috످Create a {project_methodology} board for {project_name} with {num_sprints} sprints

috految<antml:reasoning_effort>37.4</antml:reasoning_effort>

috److It looks like your request has three unfilled placeholders. To create your board, I need to know:

Which methodology are you using? Scrum has fixed-length sprints with set goals (best fit for a sprint-based project). Kanban is a continuous workflow without sprints. Scrumban has flexible sprints with work-in-progress limits.

What's the project name? A short description will help me tailor the tasks.

How many sprints do you need? For reference, a 3-month project typically has 6 two-week sprints.

An example reply is "Scrum, FitTrack (a fitness app), 6 sprints".

I'll build the board here with a prioritized backlog, sprint goals, and task estimates. I can also format it as a CSV to import into Jira, Asana, or Notion.

If you don't have the details yet, reply "use defaults" for a generic Scrum board with 6 two-week sprints.

috످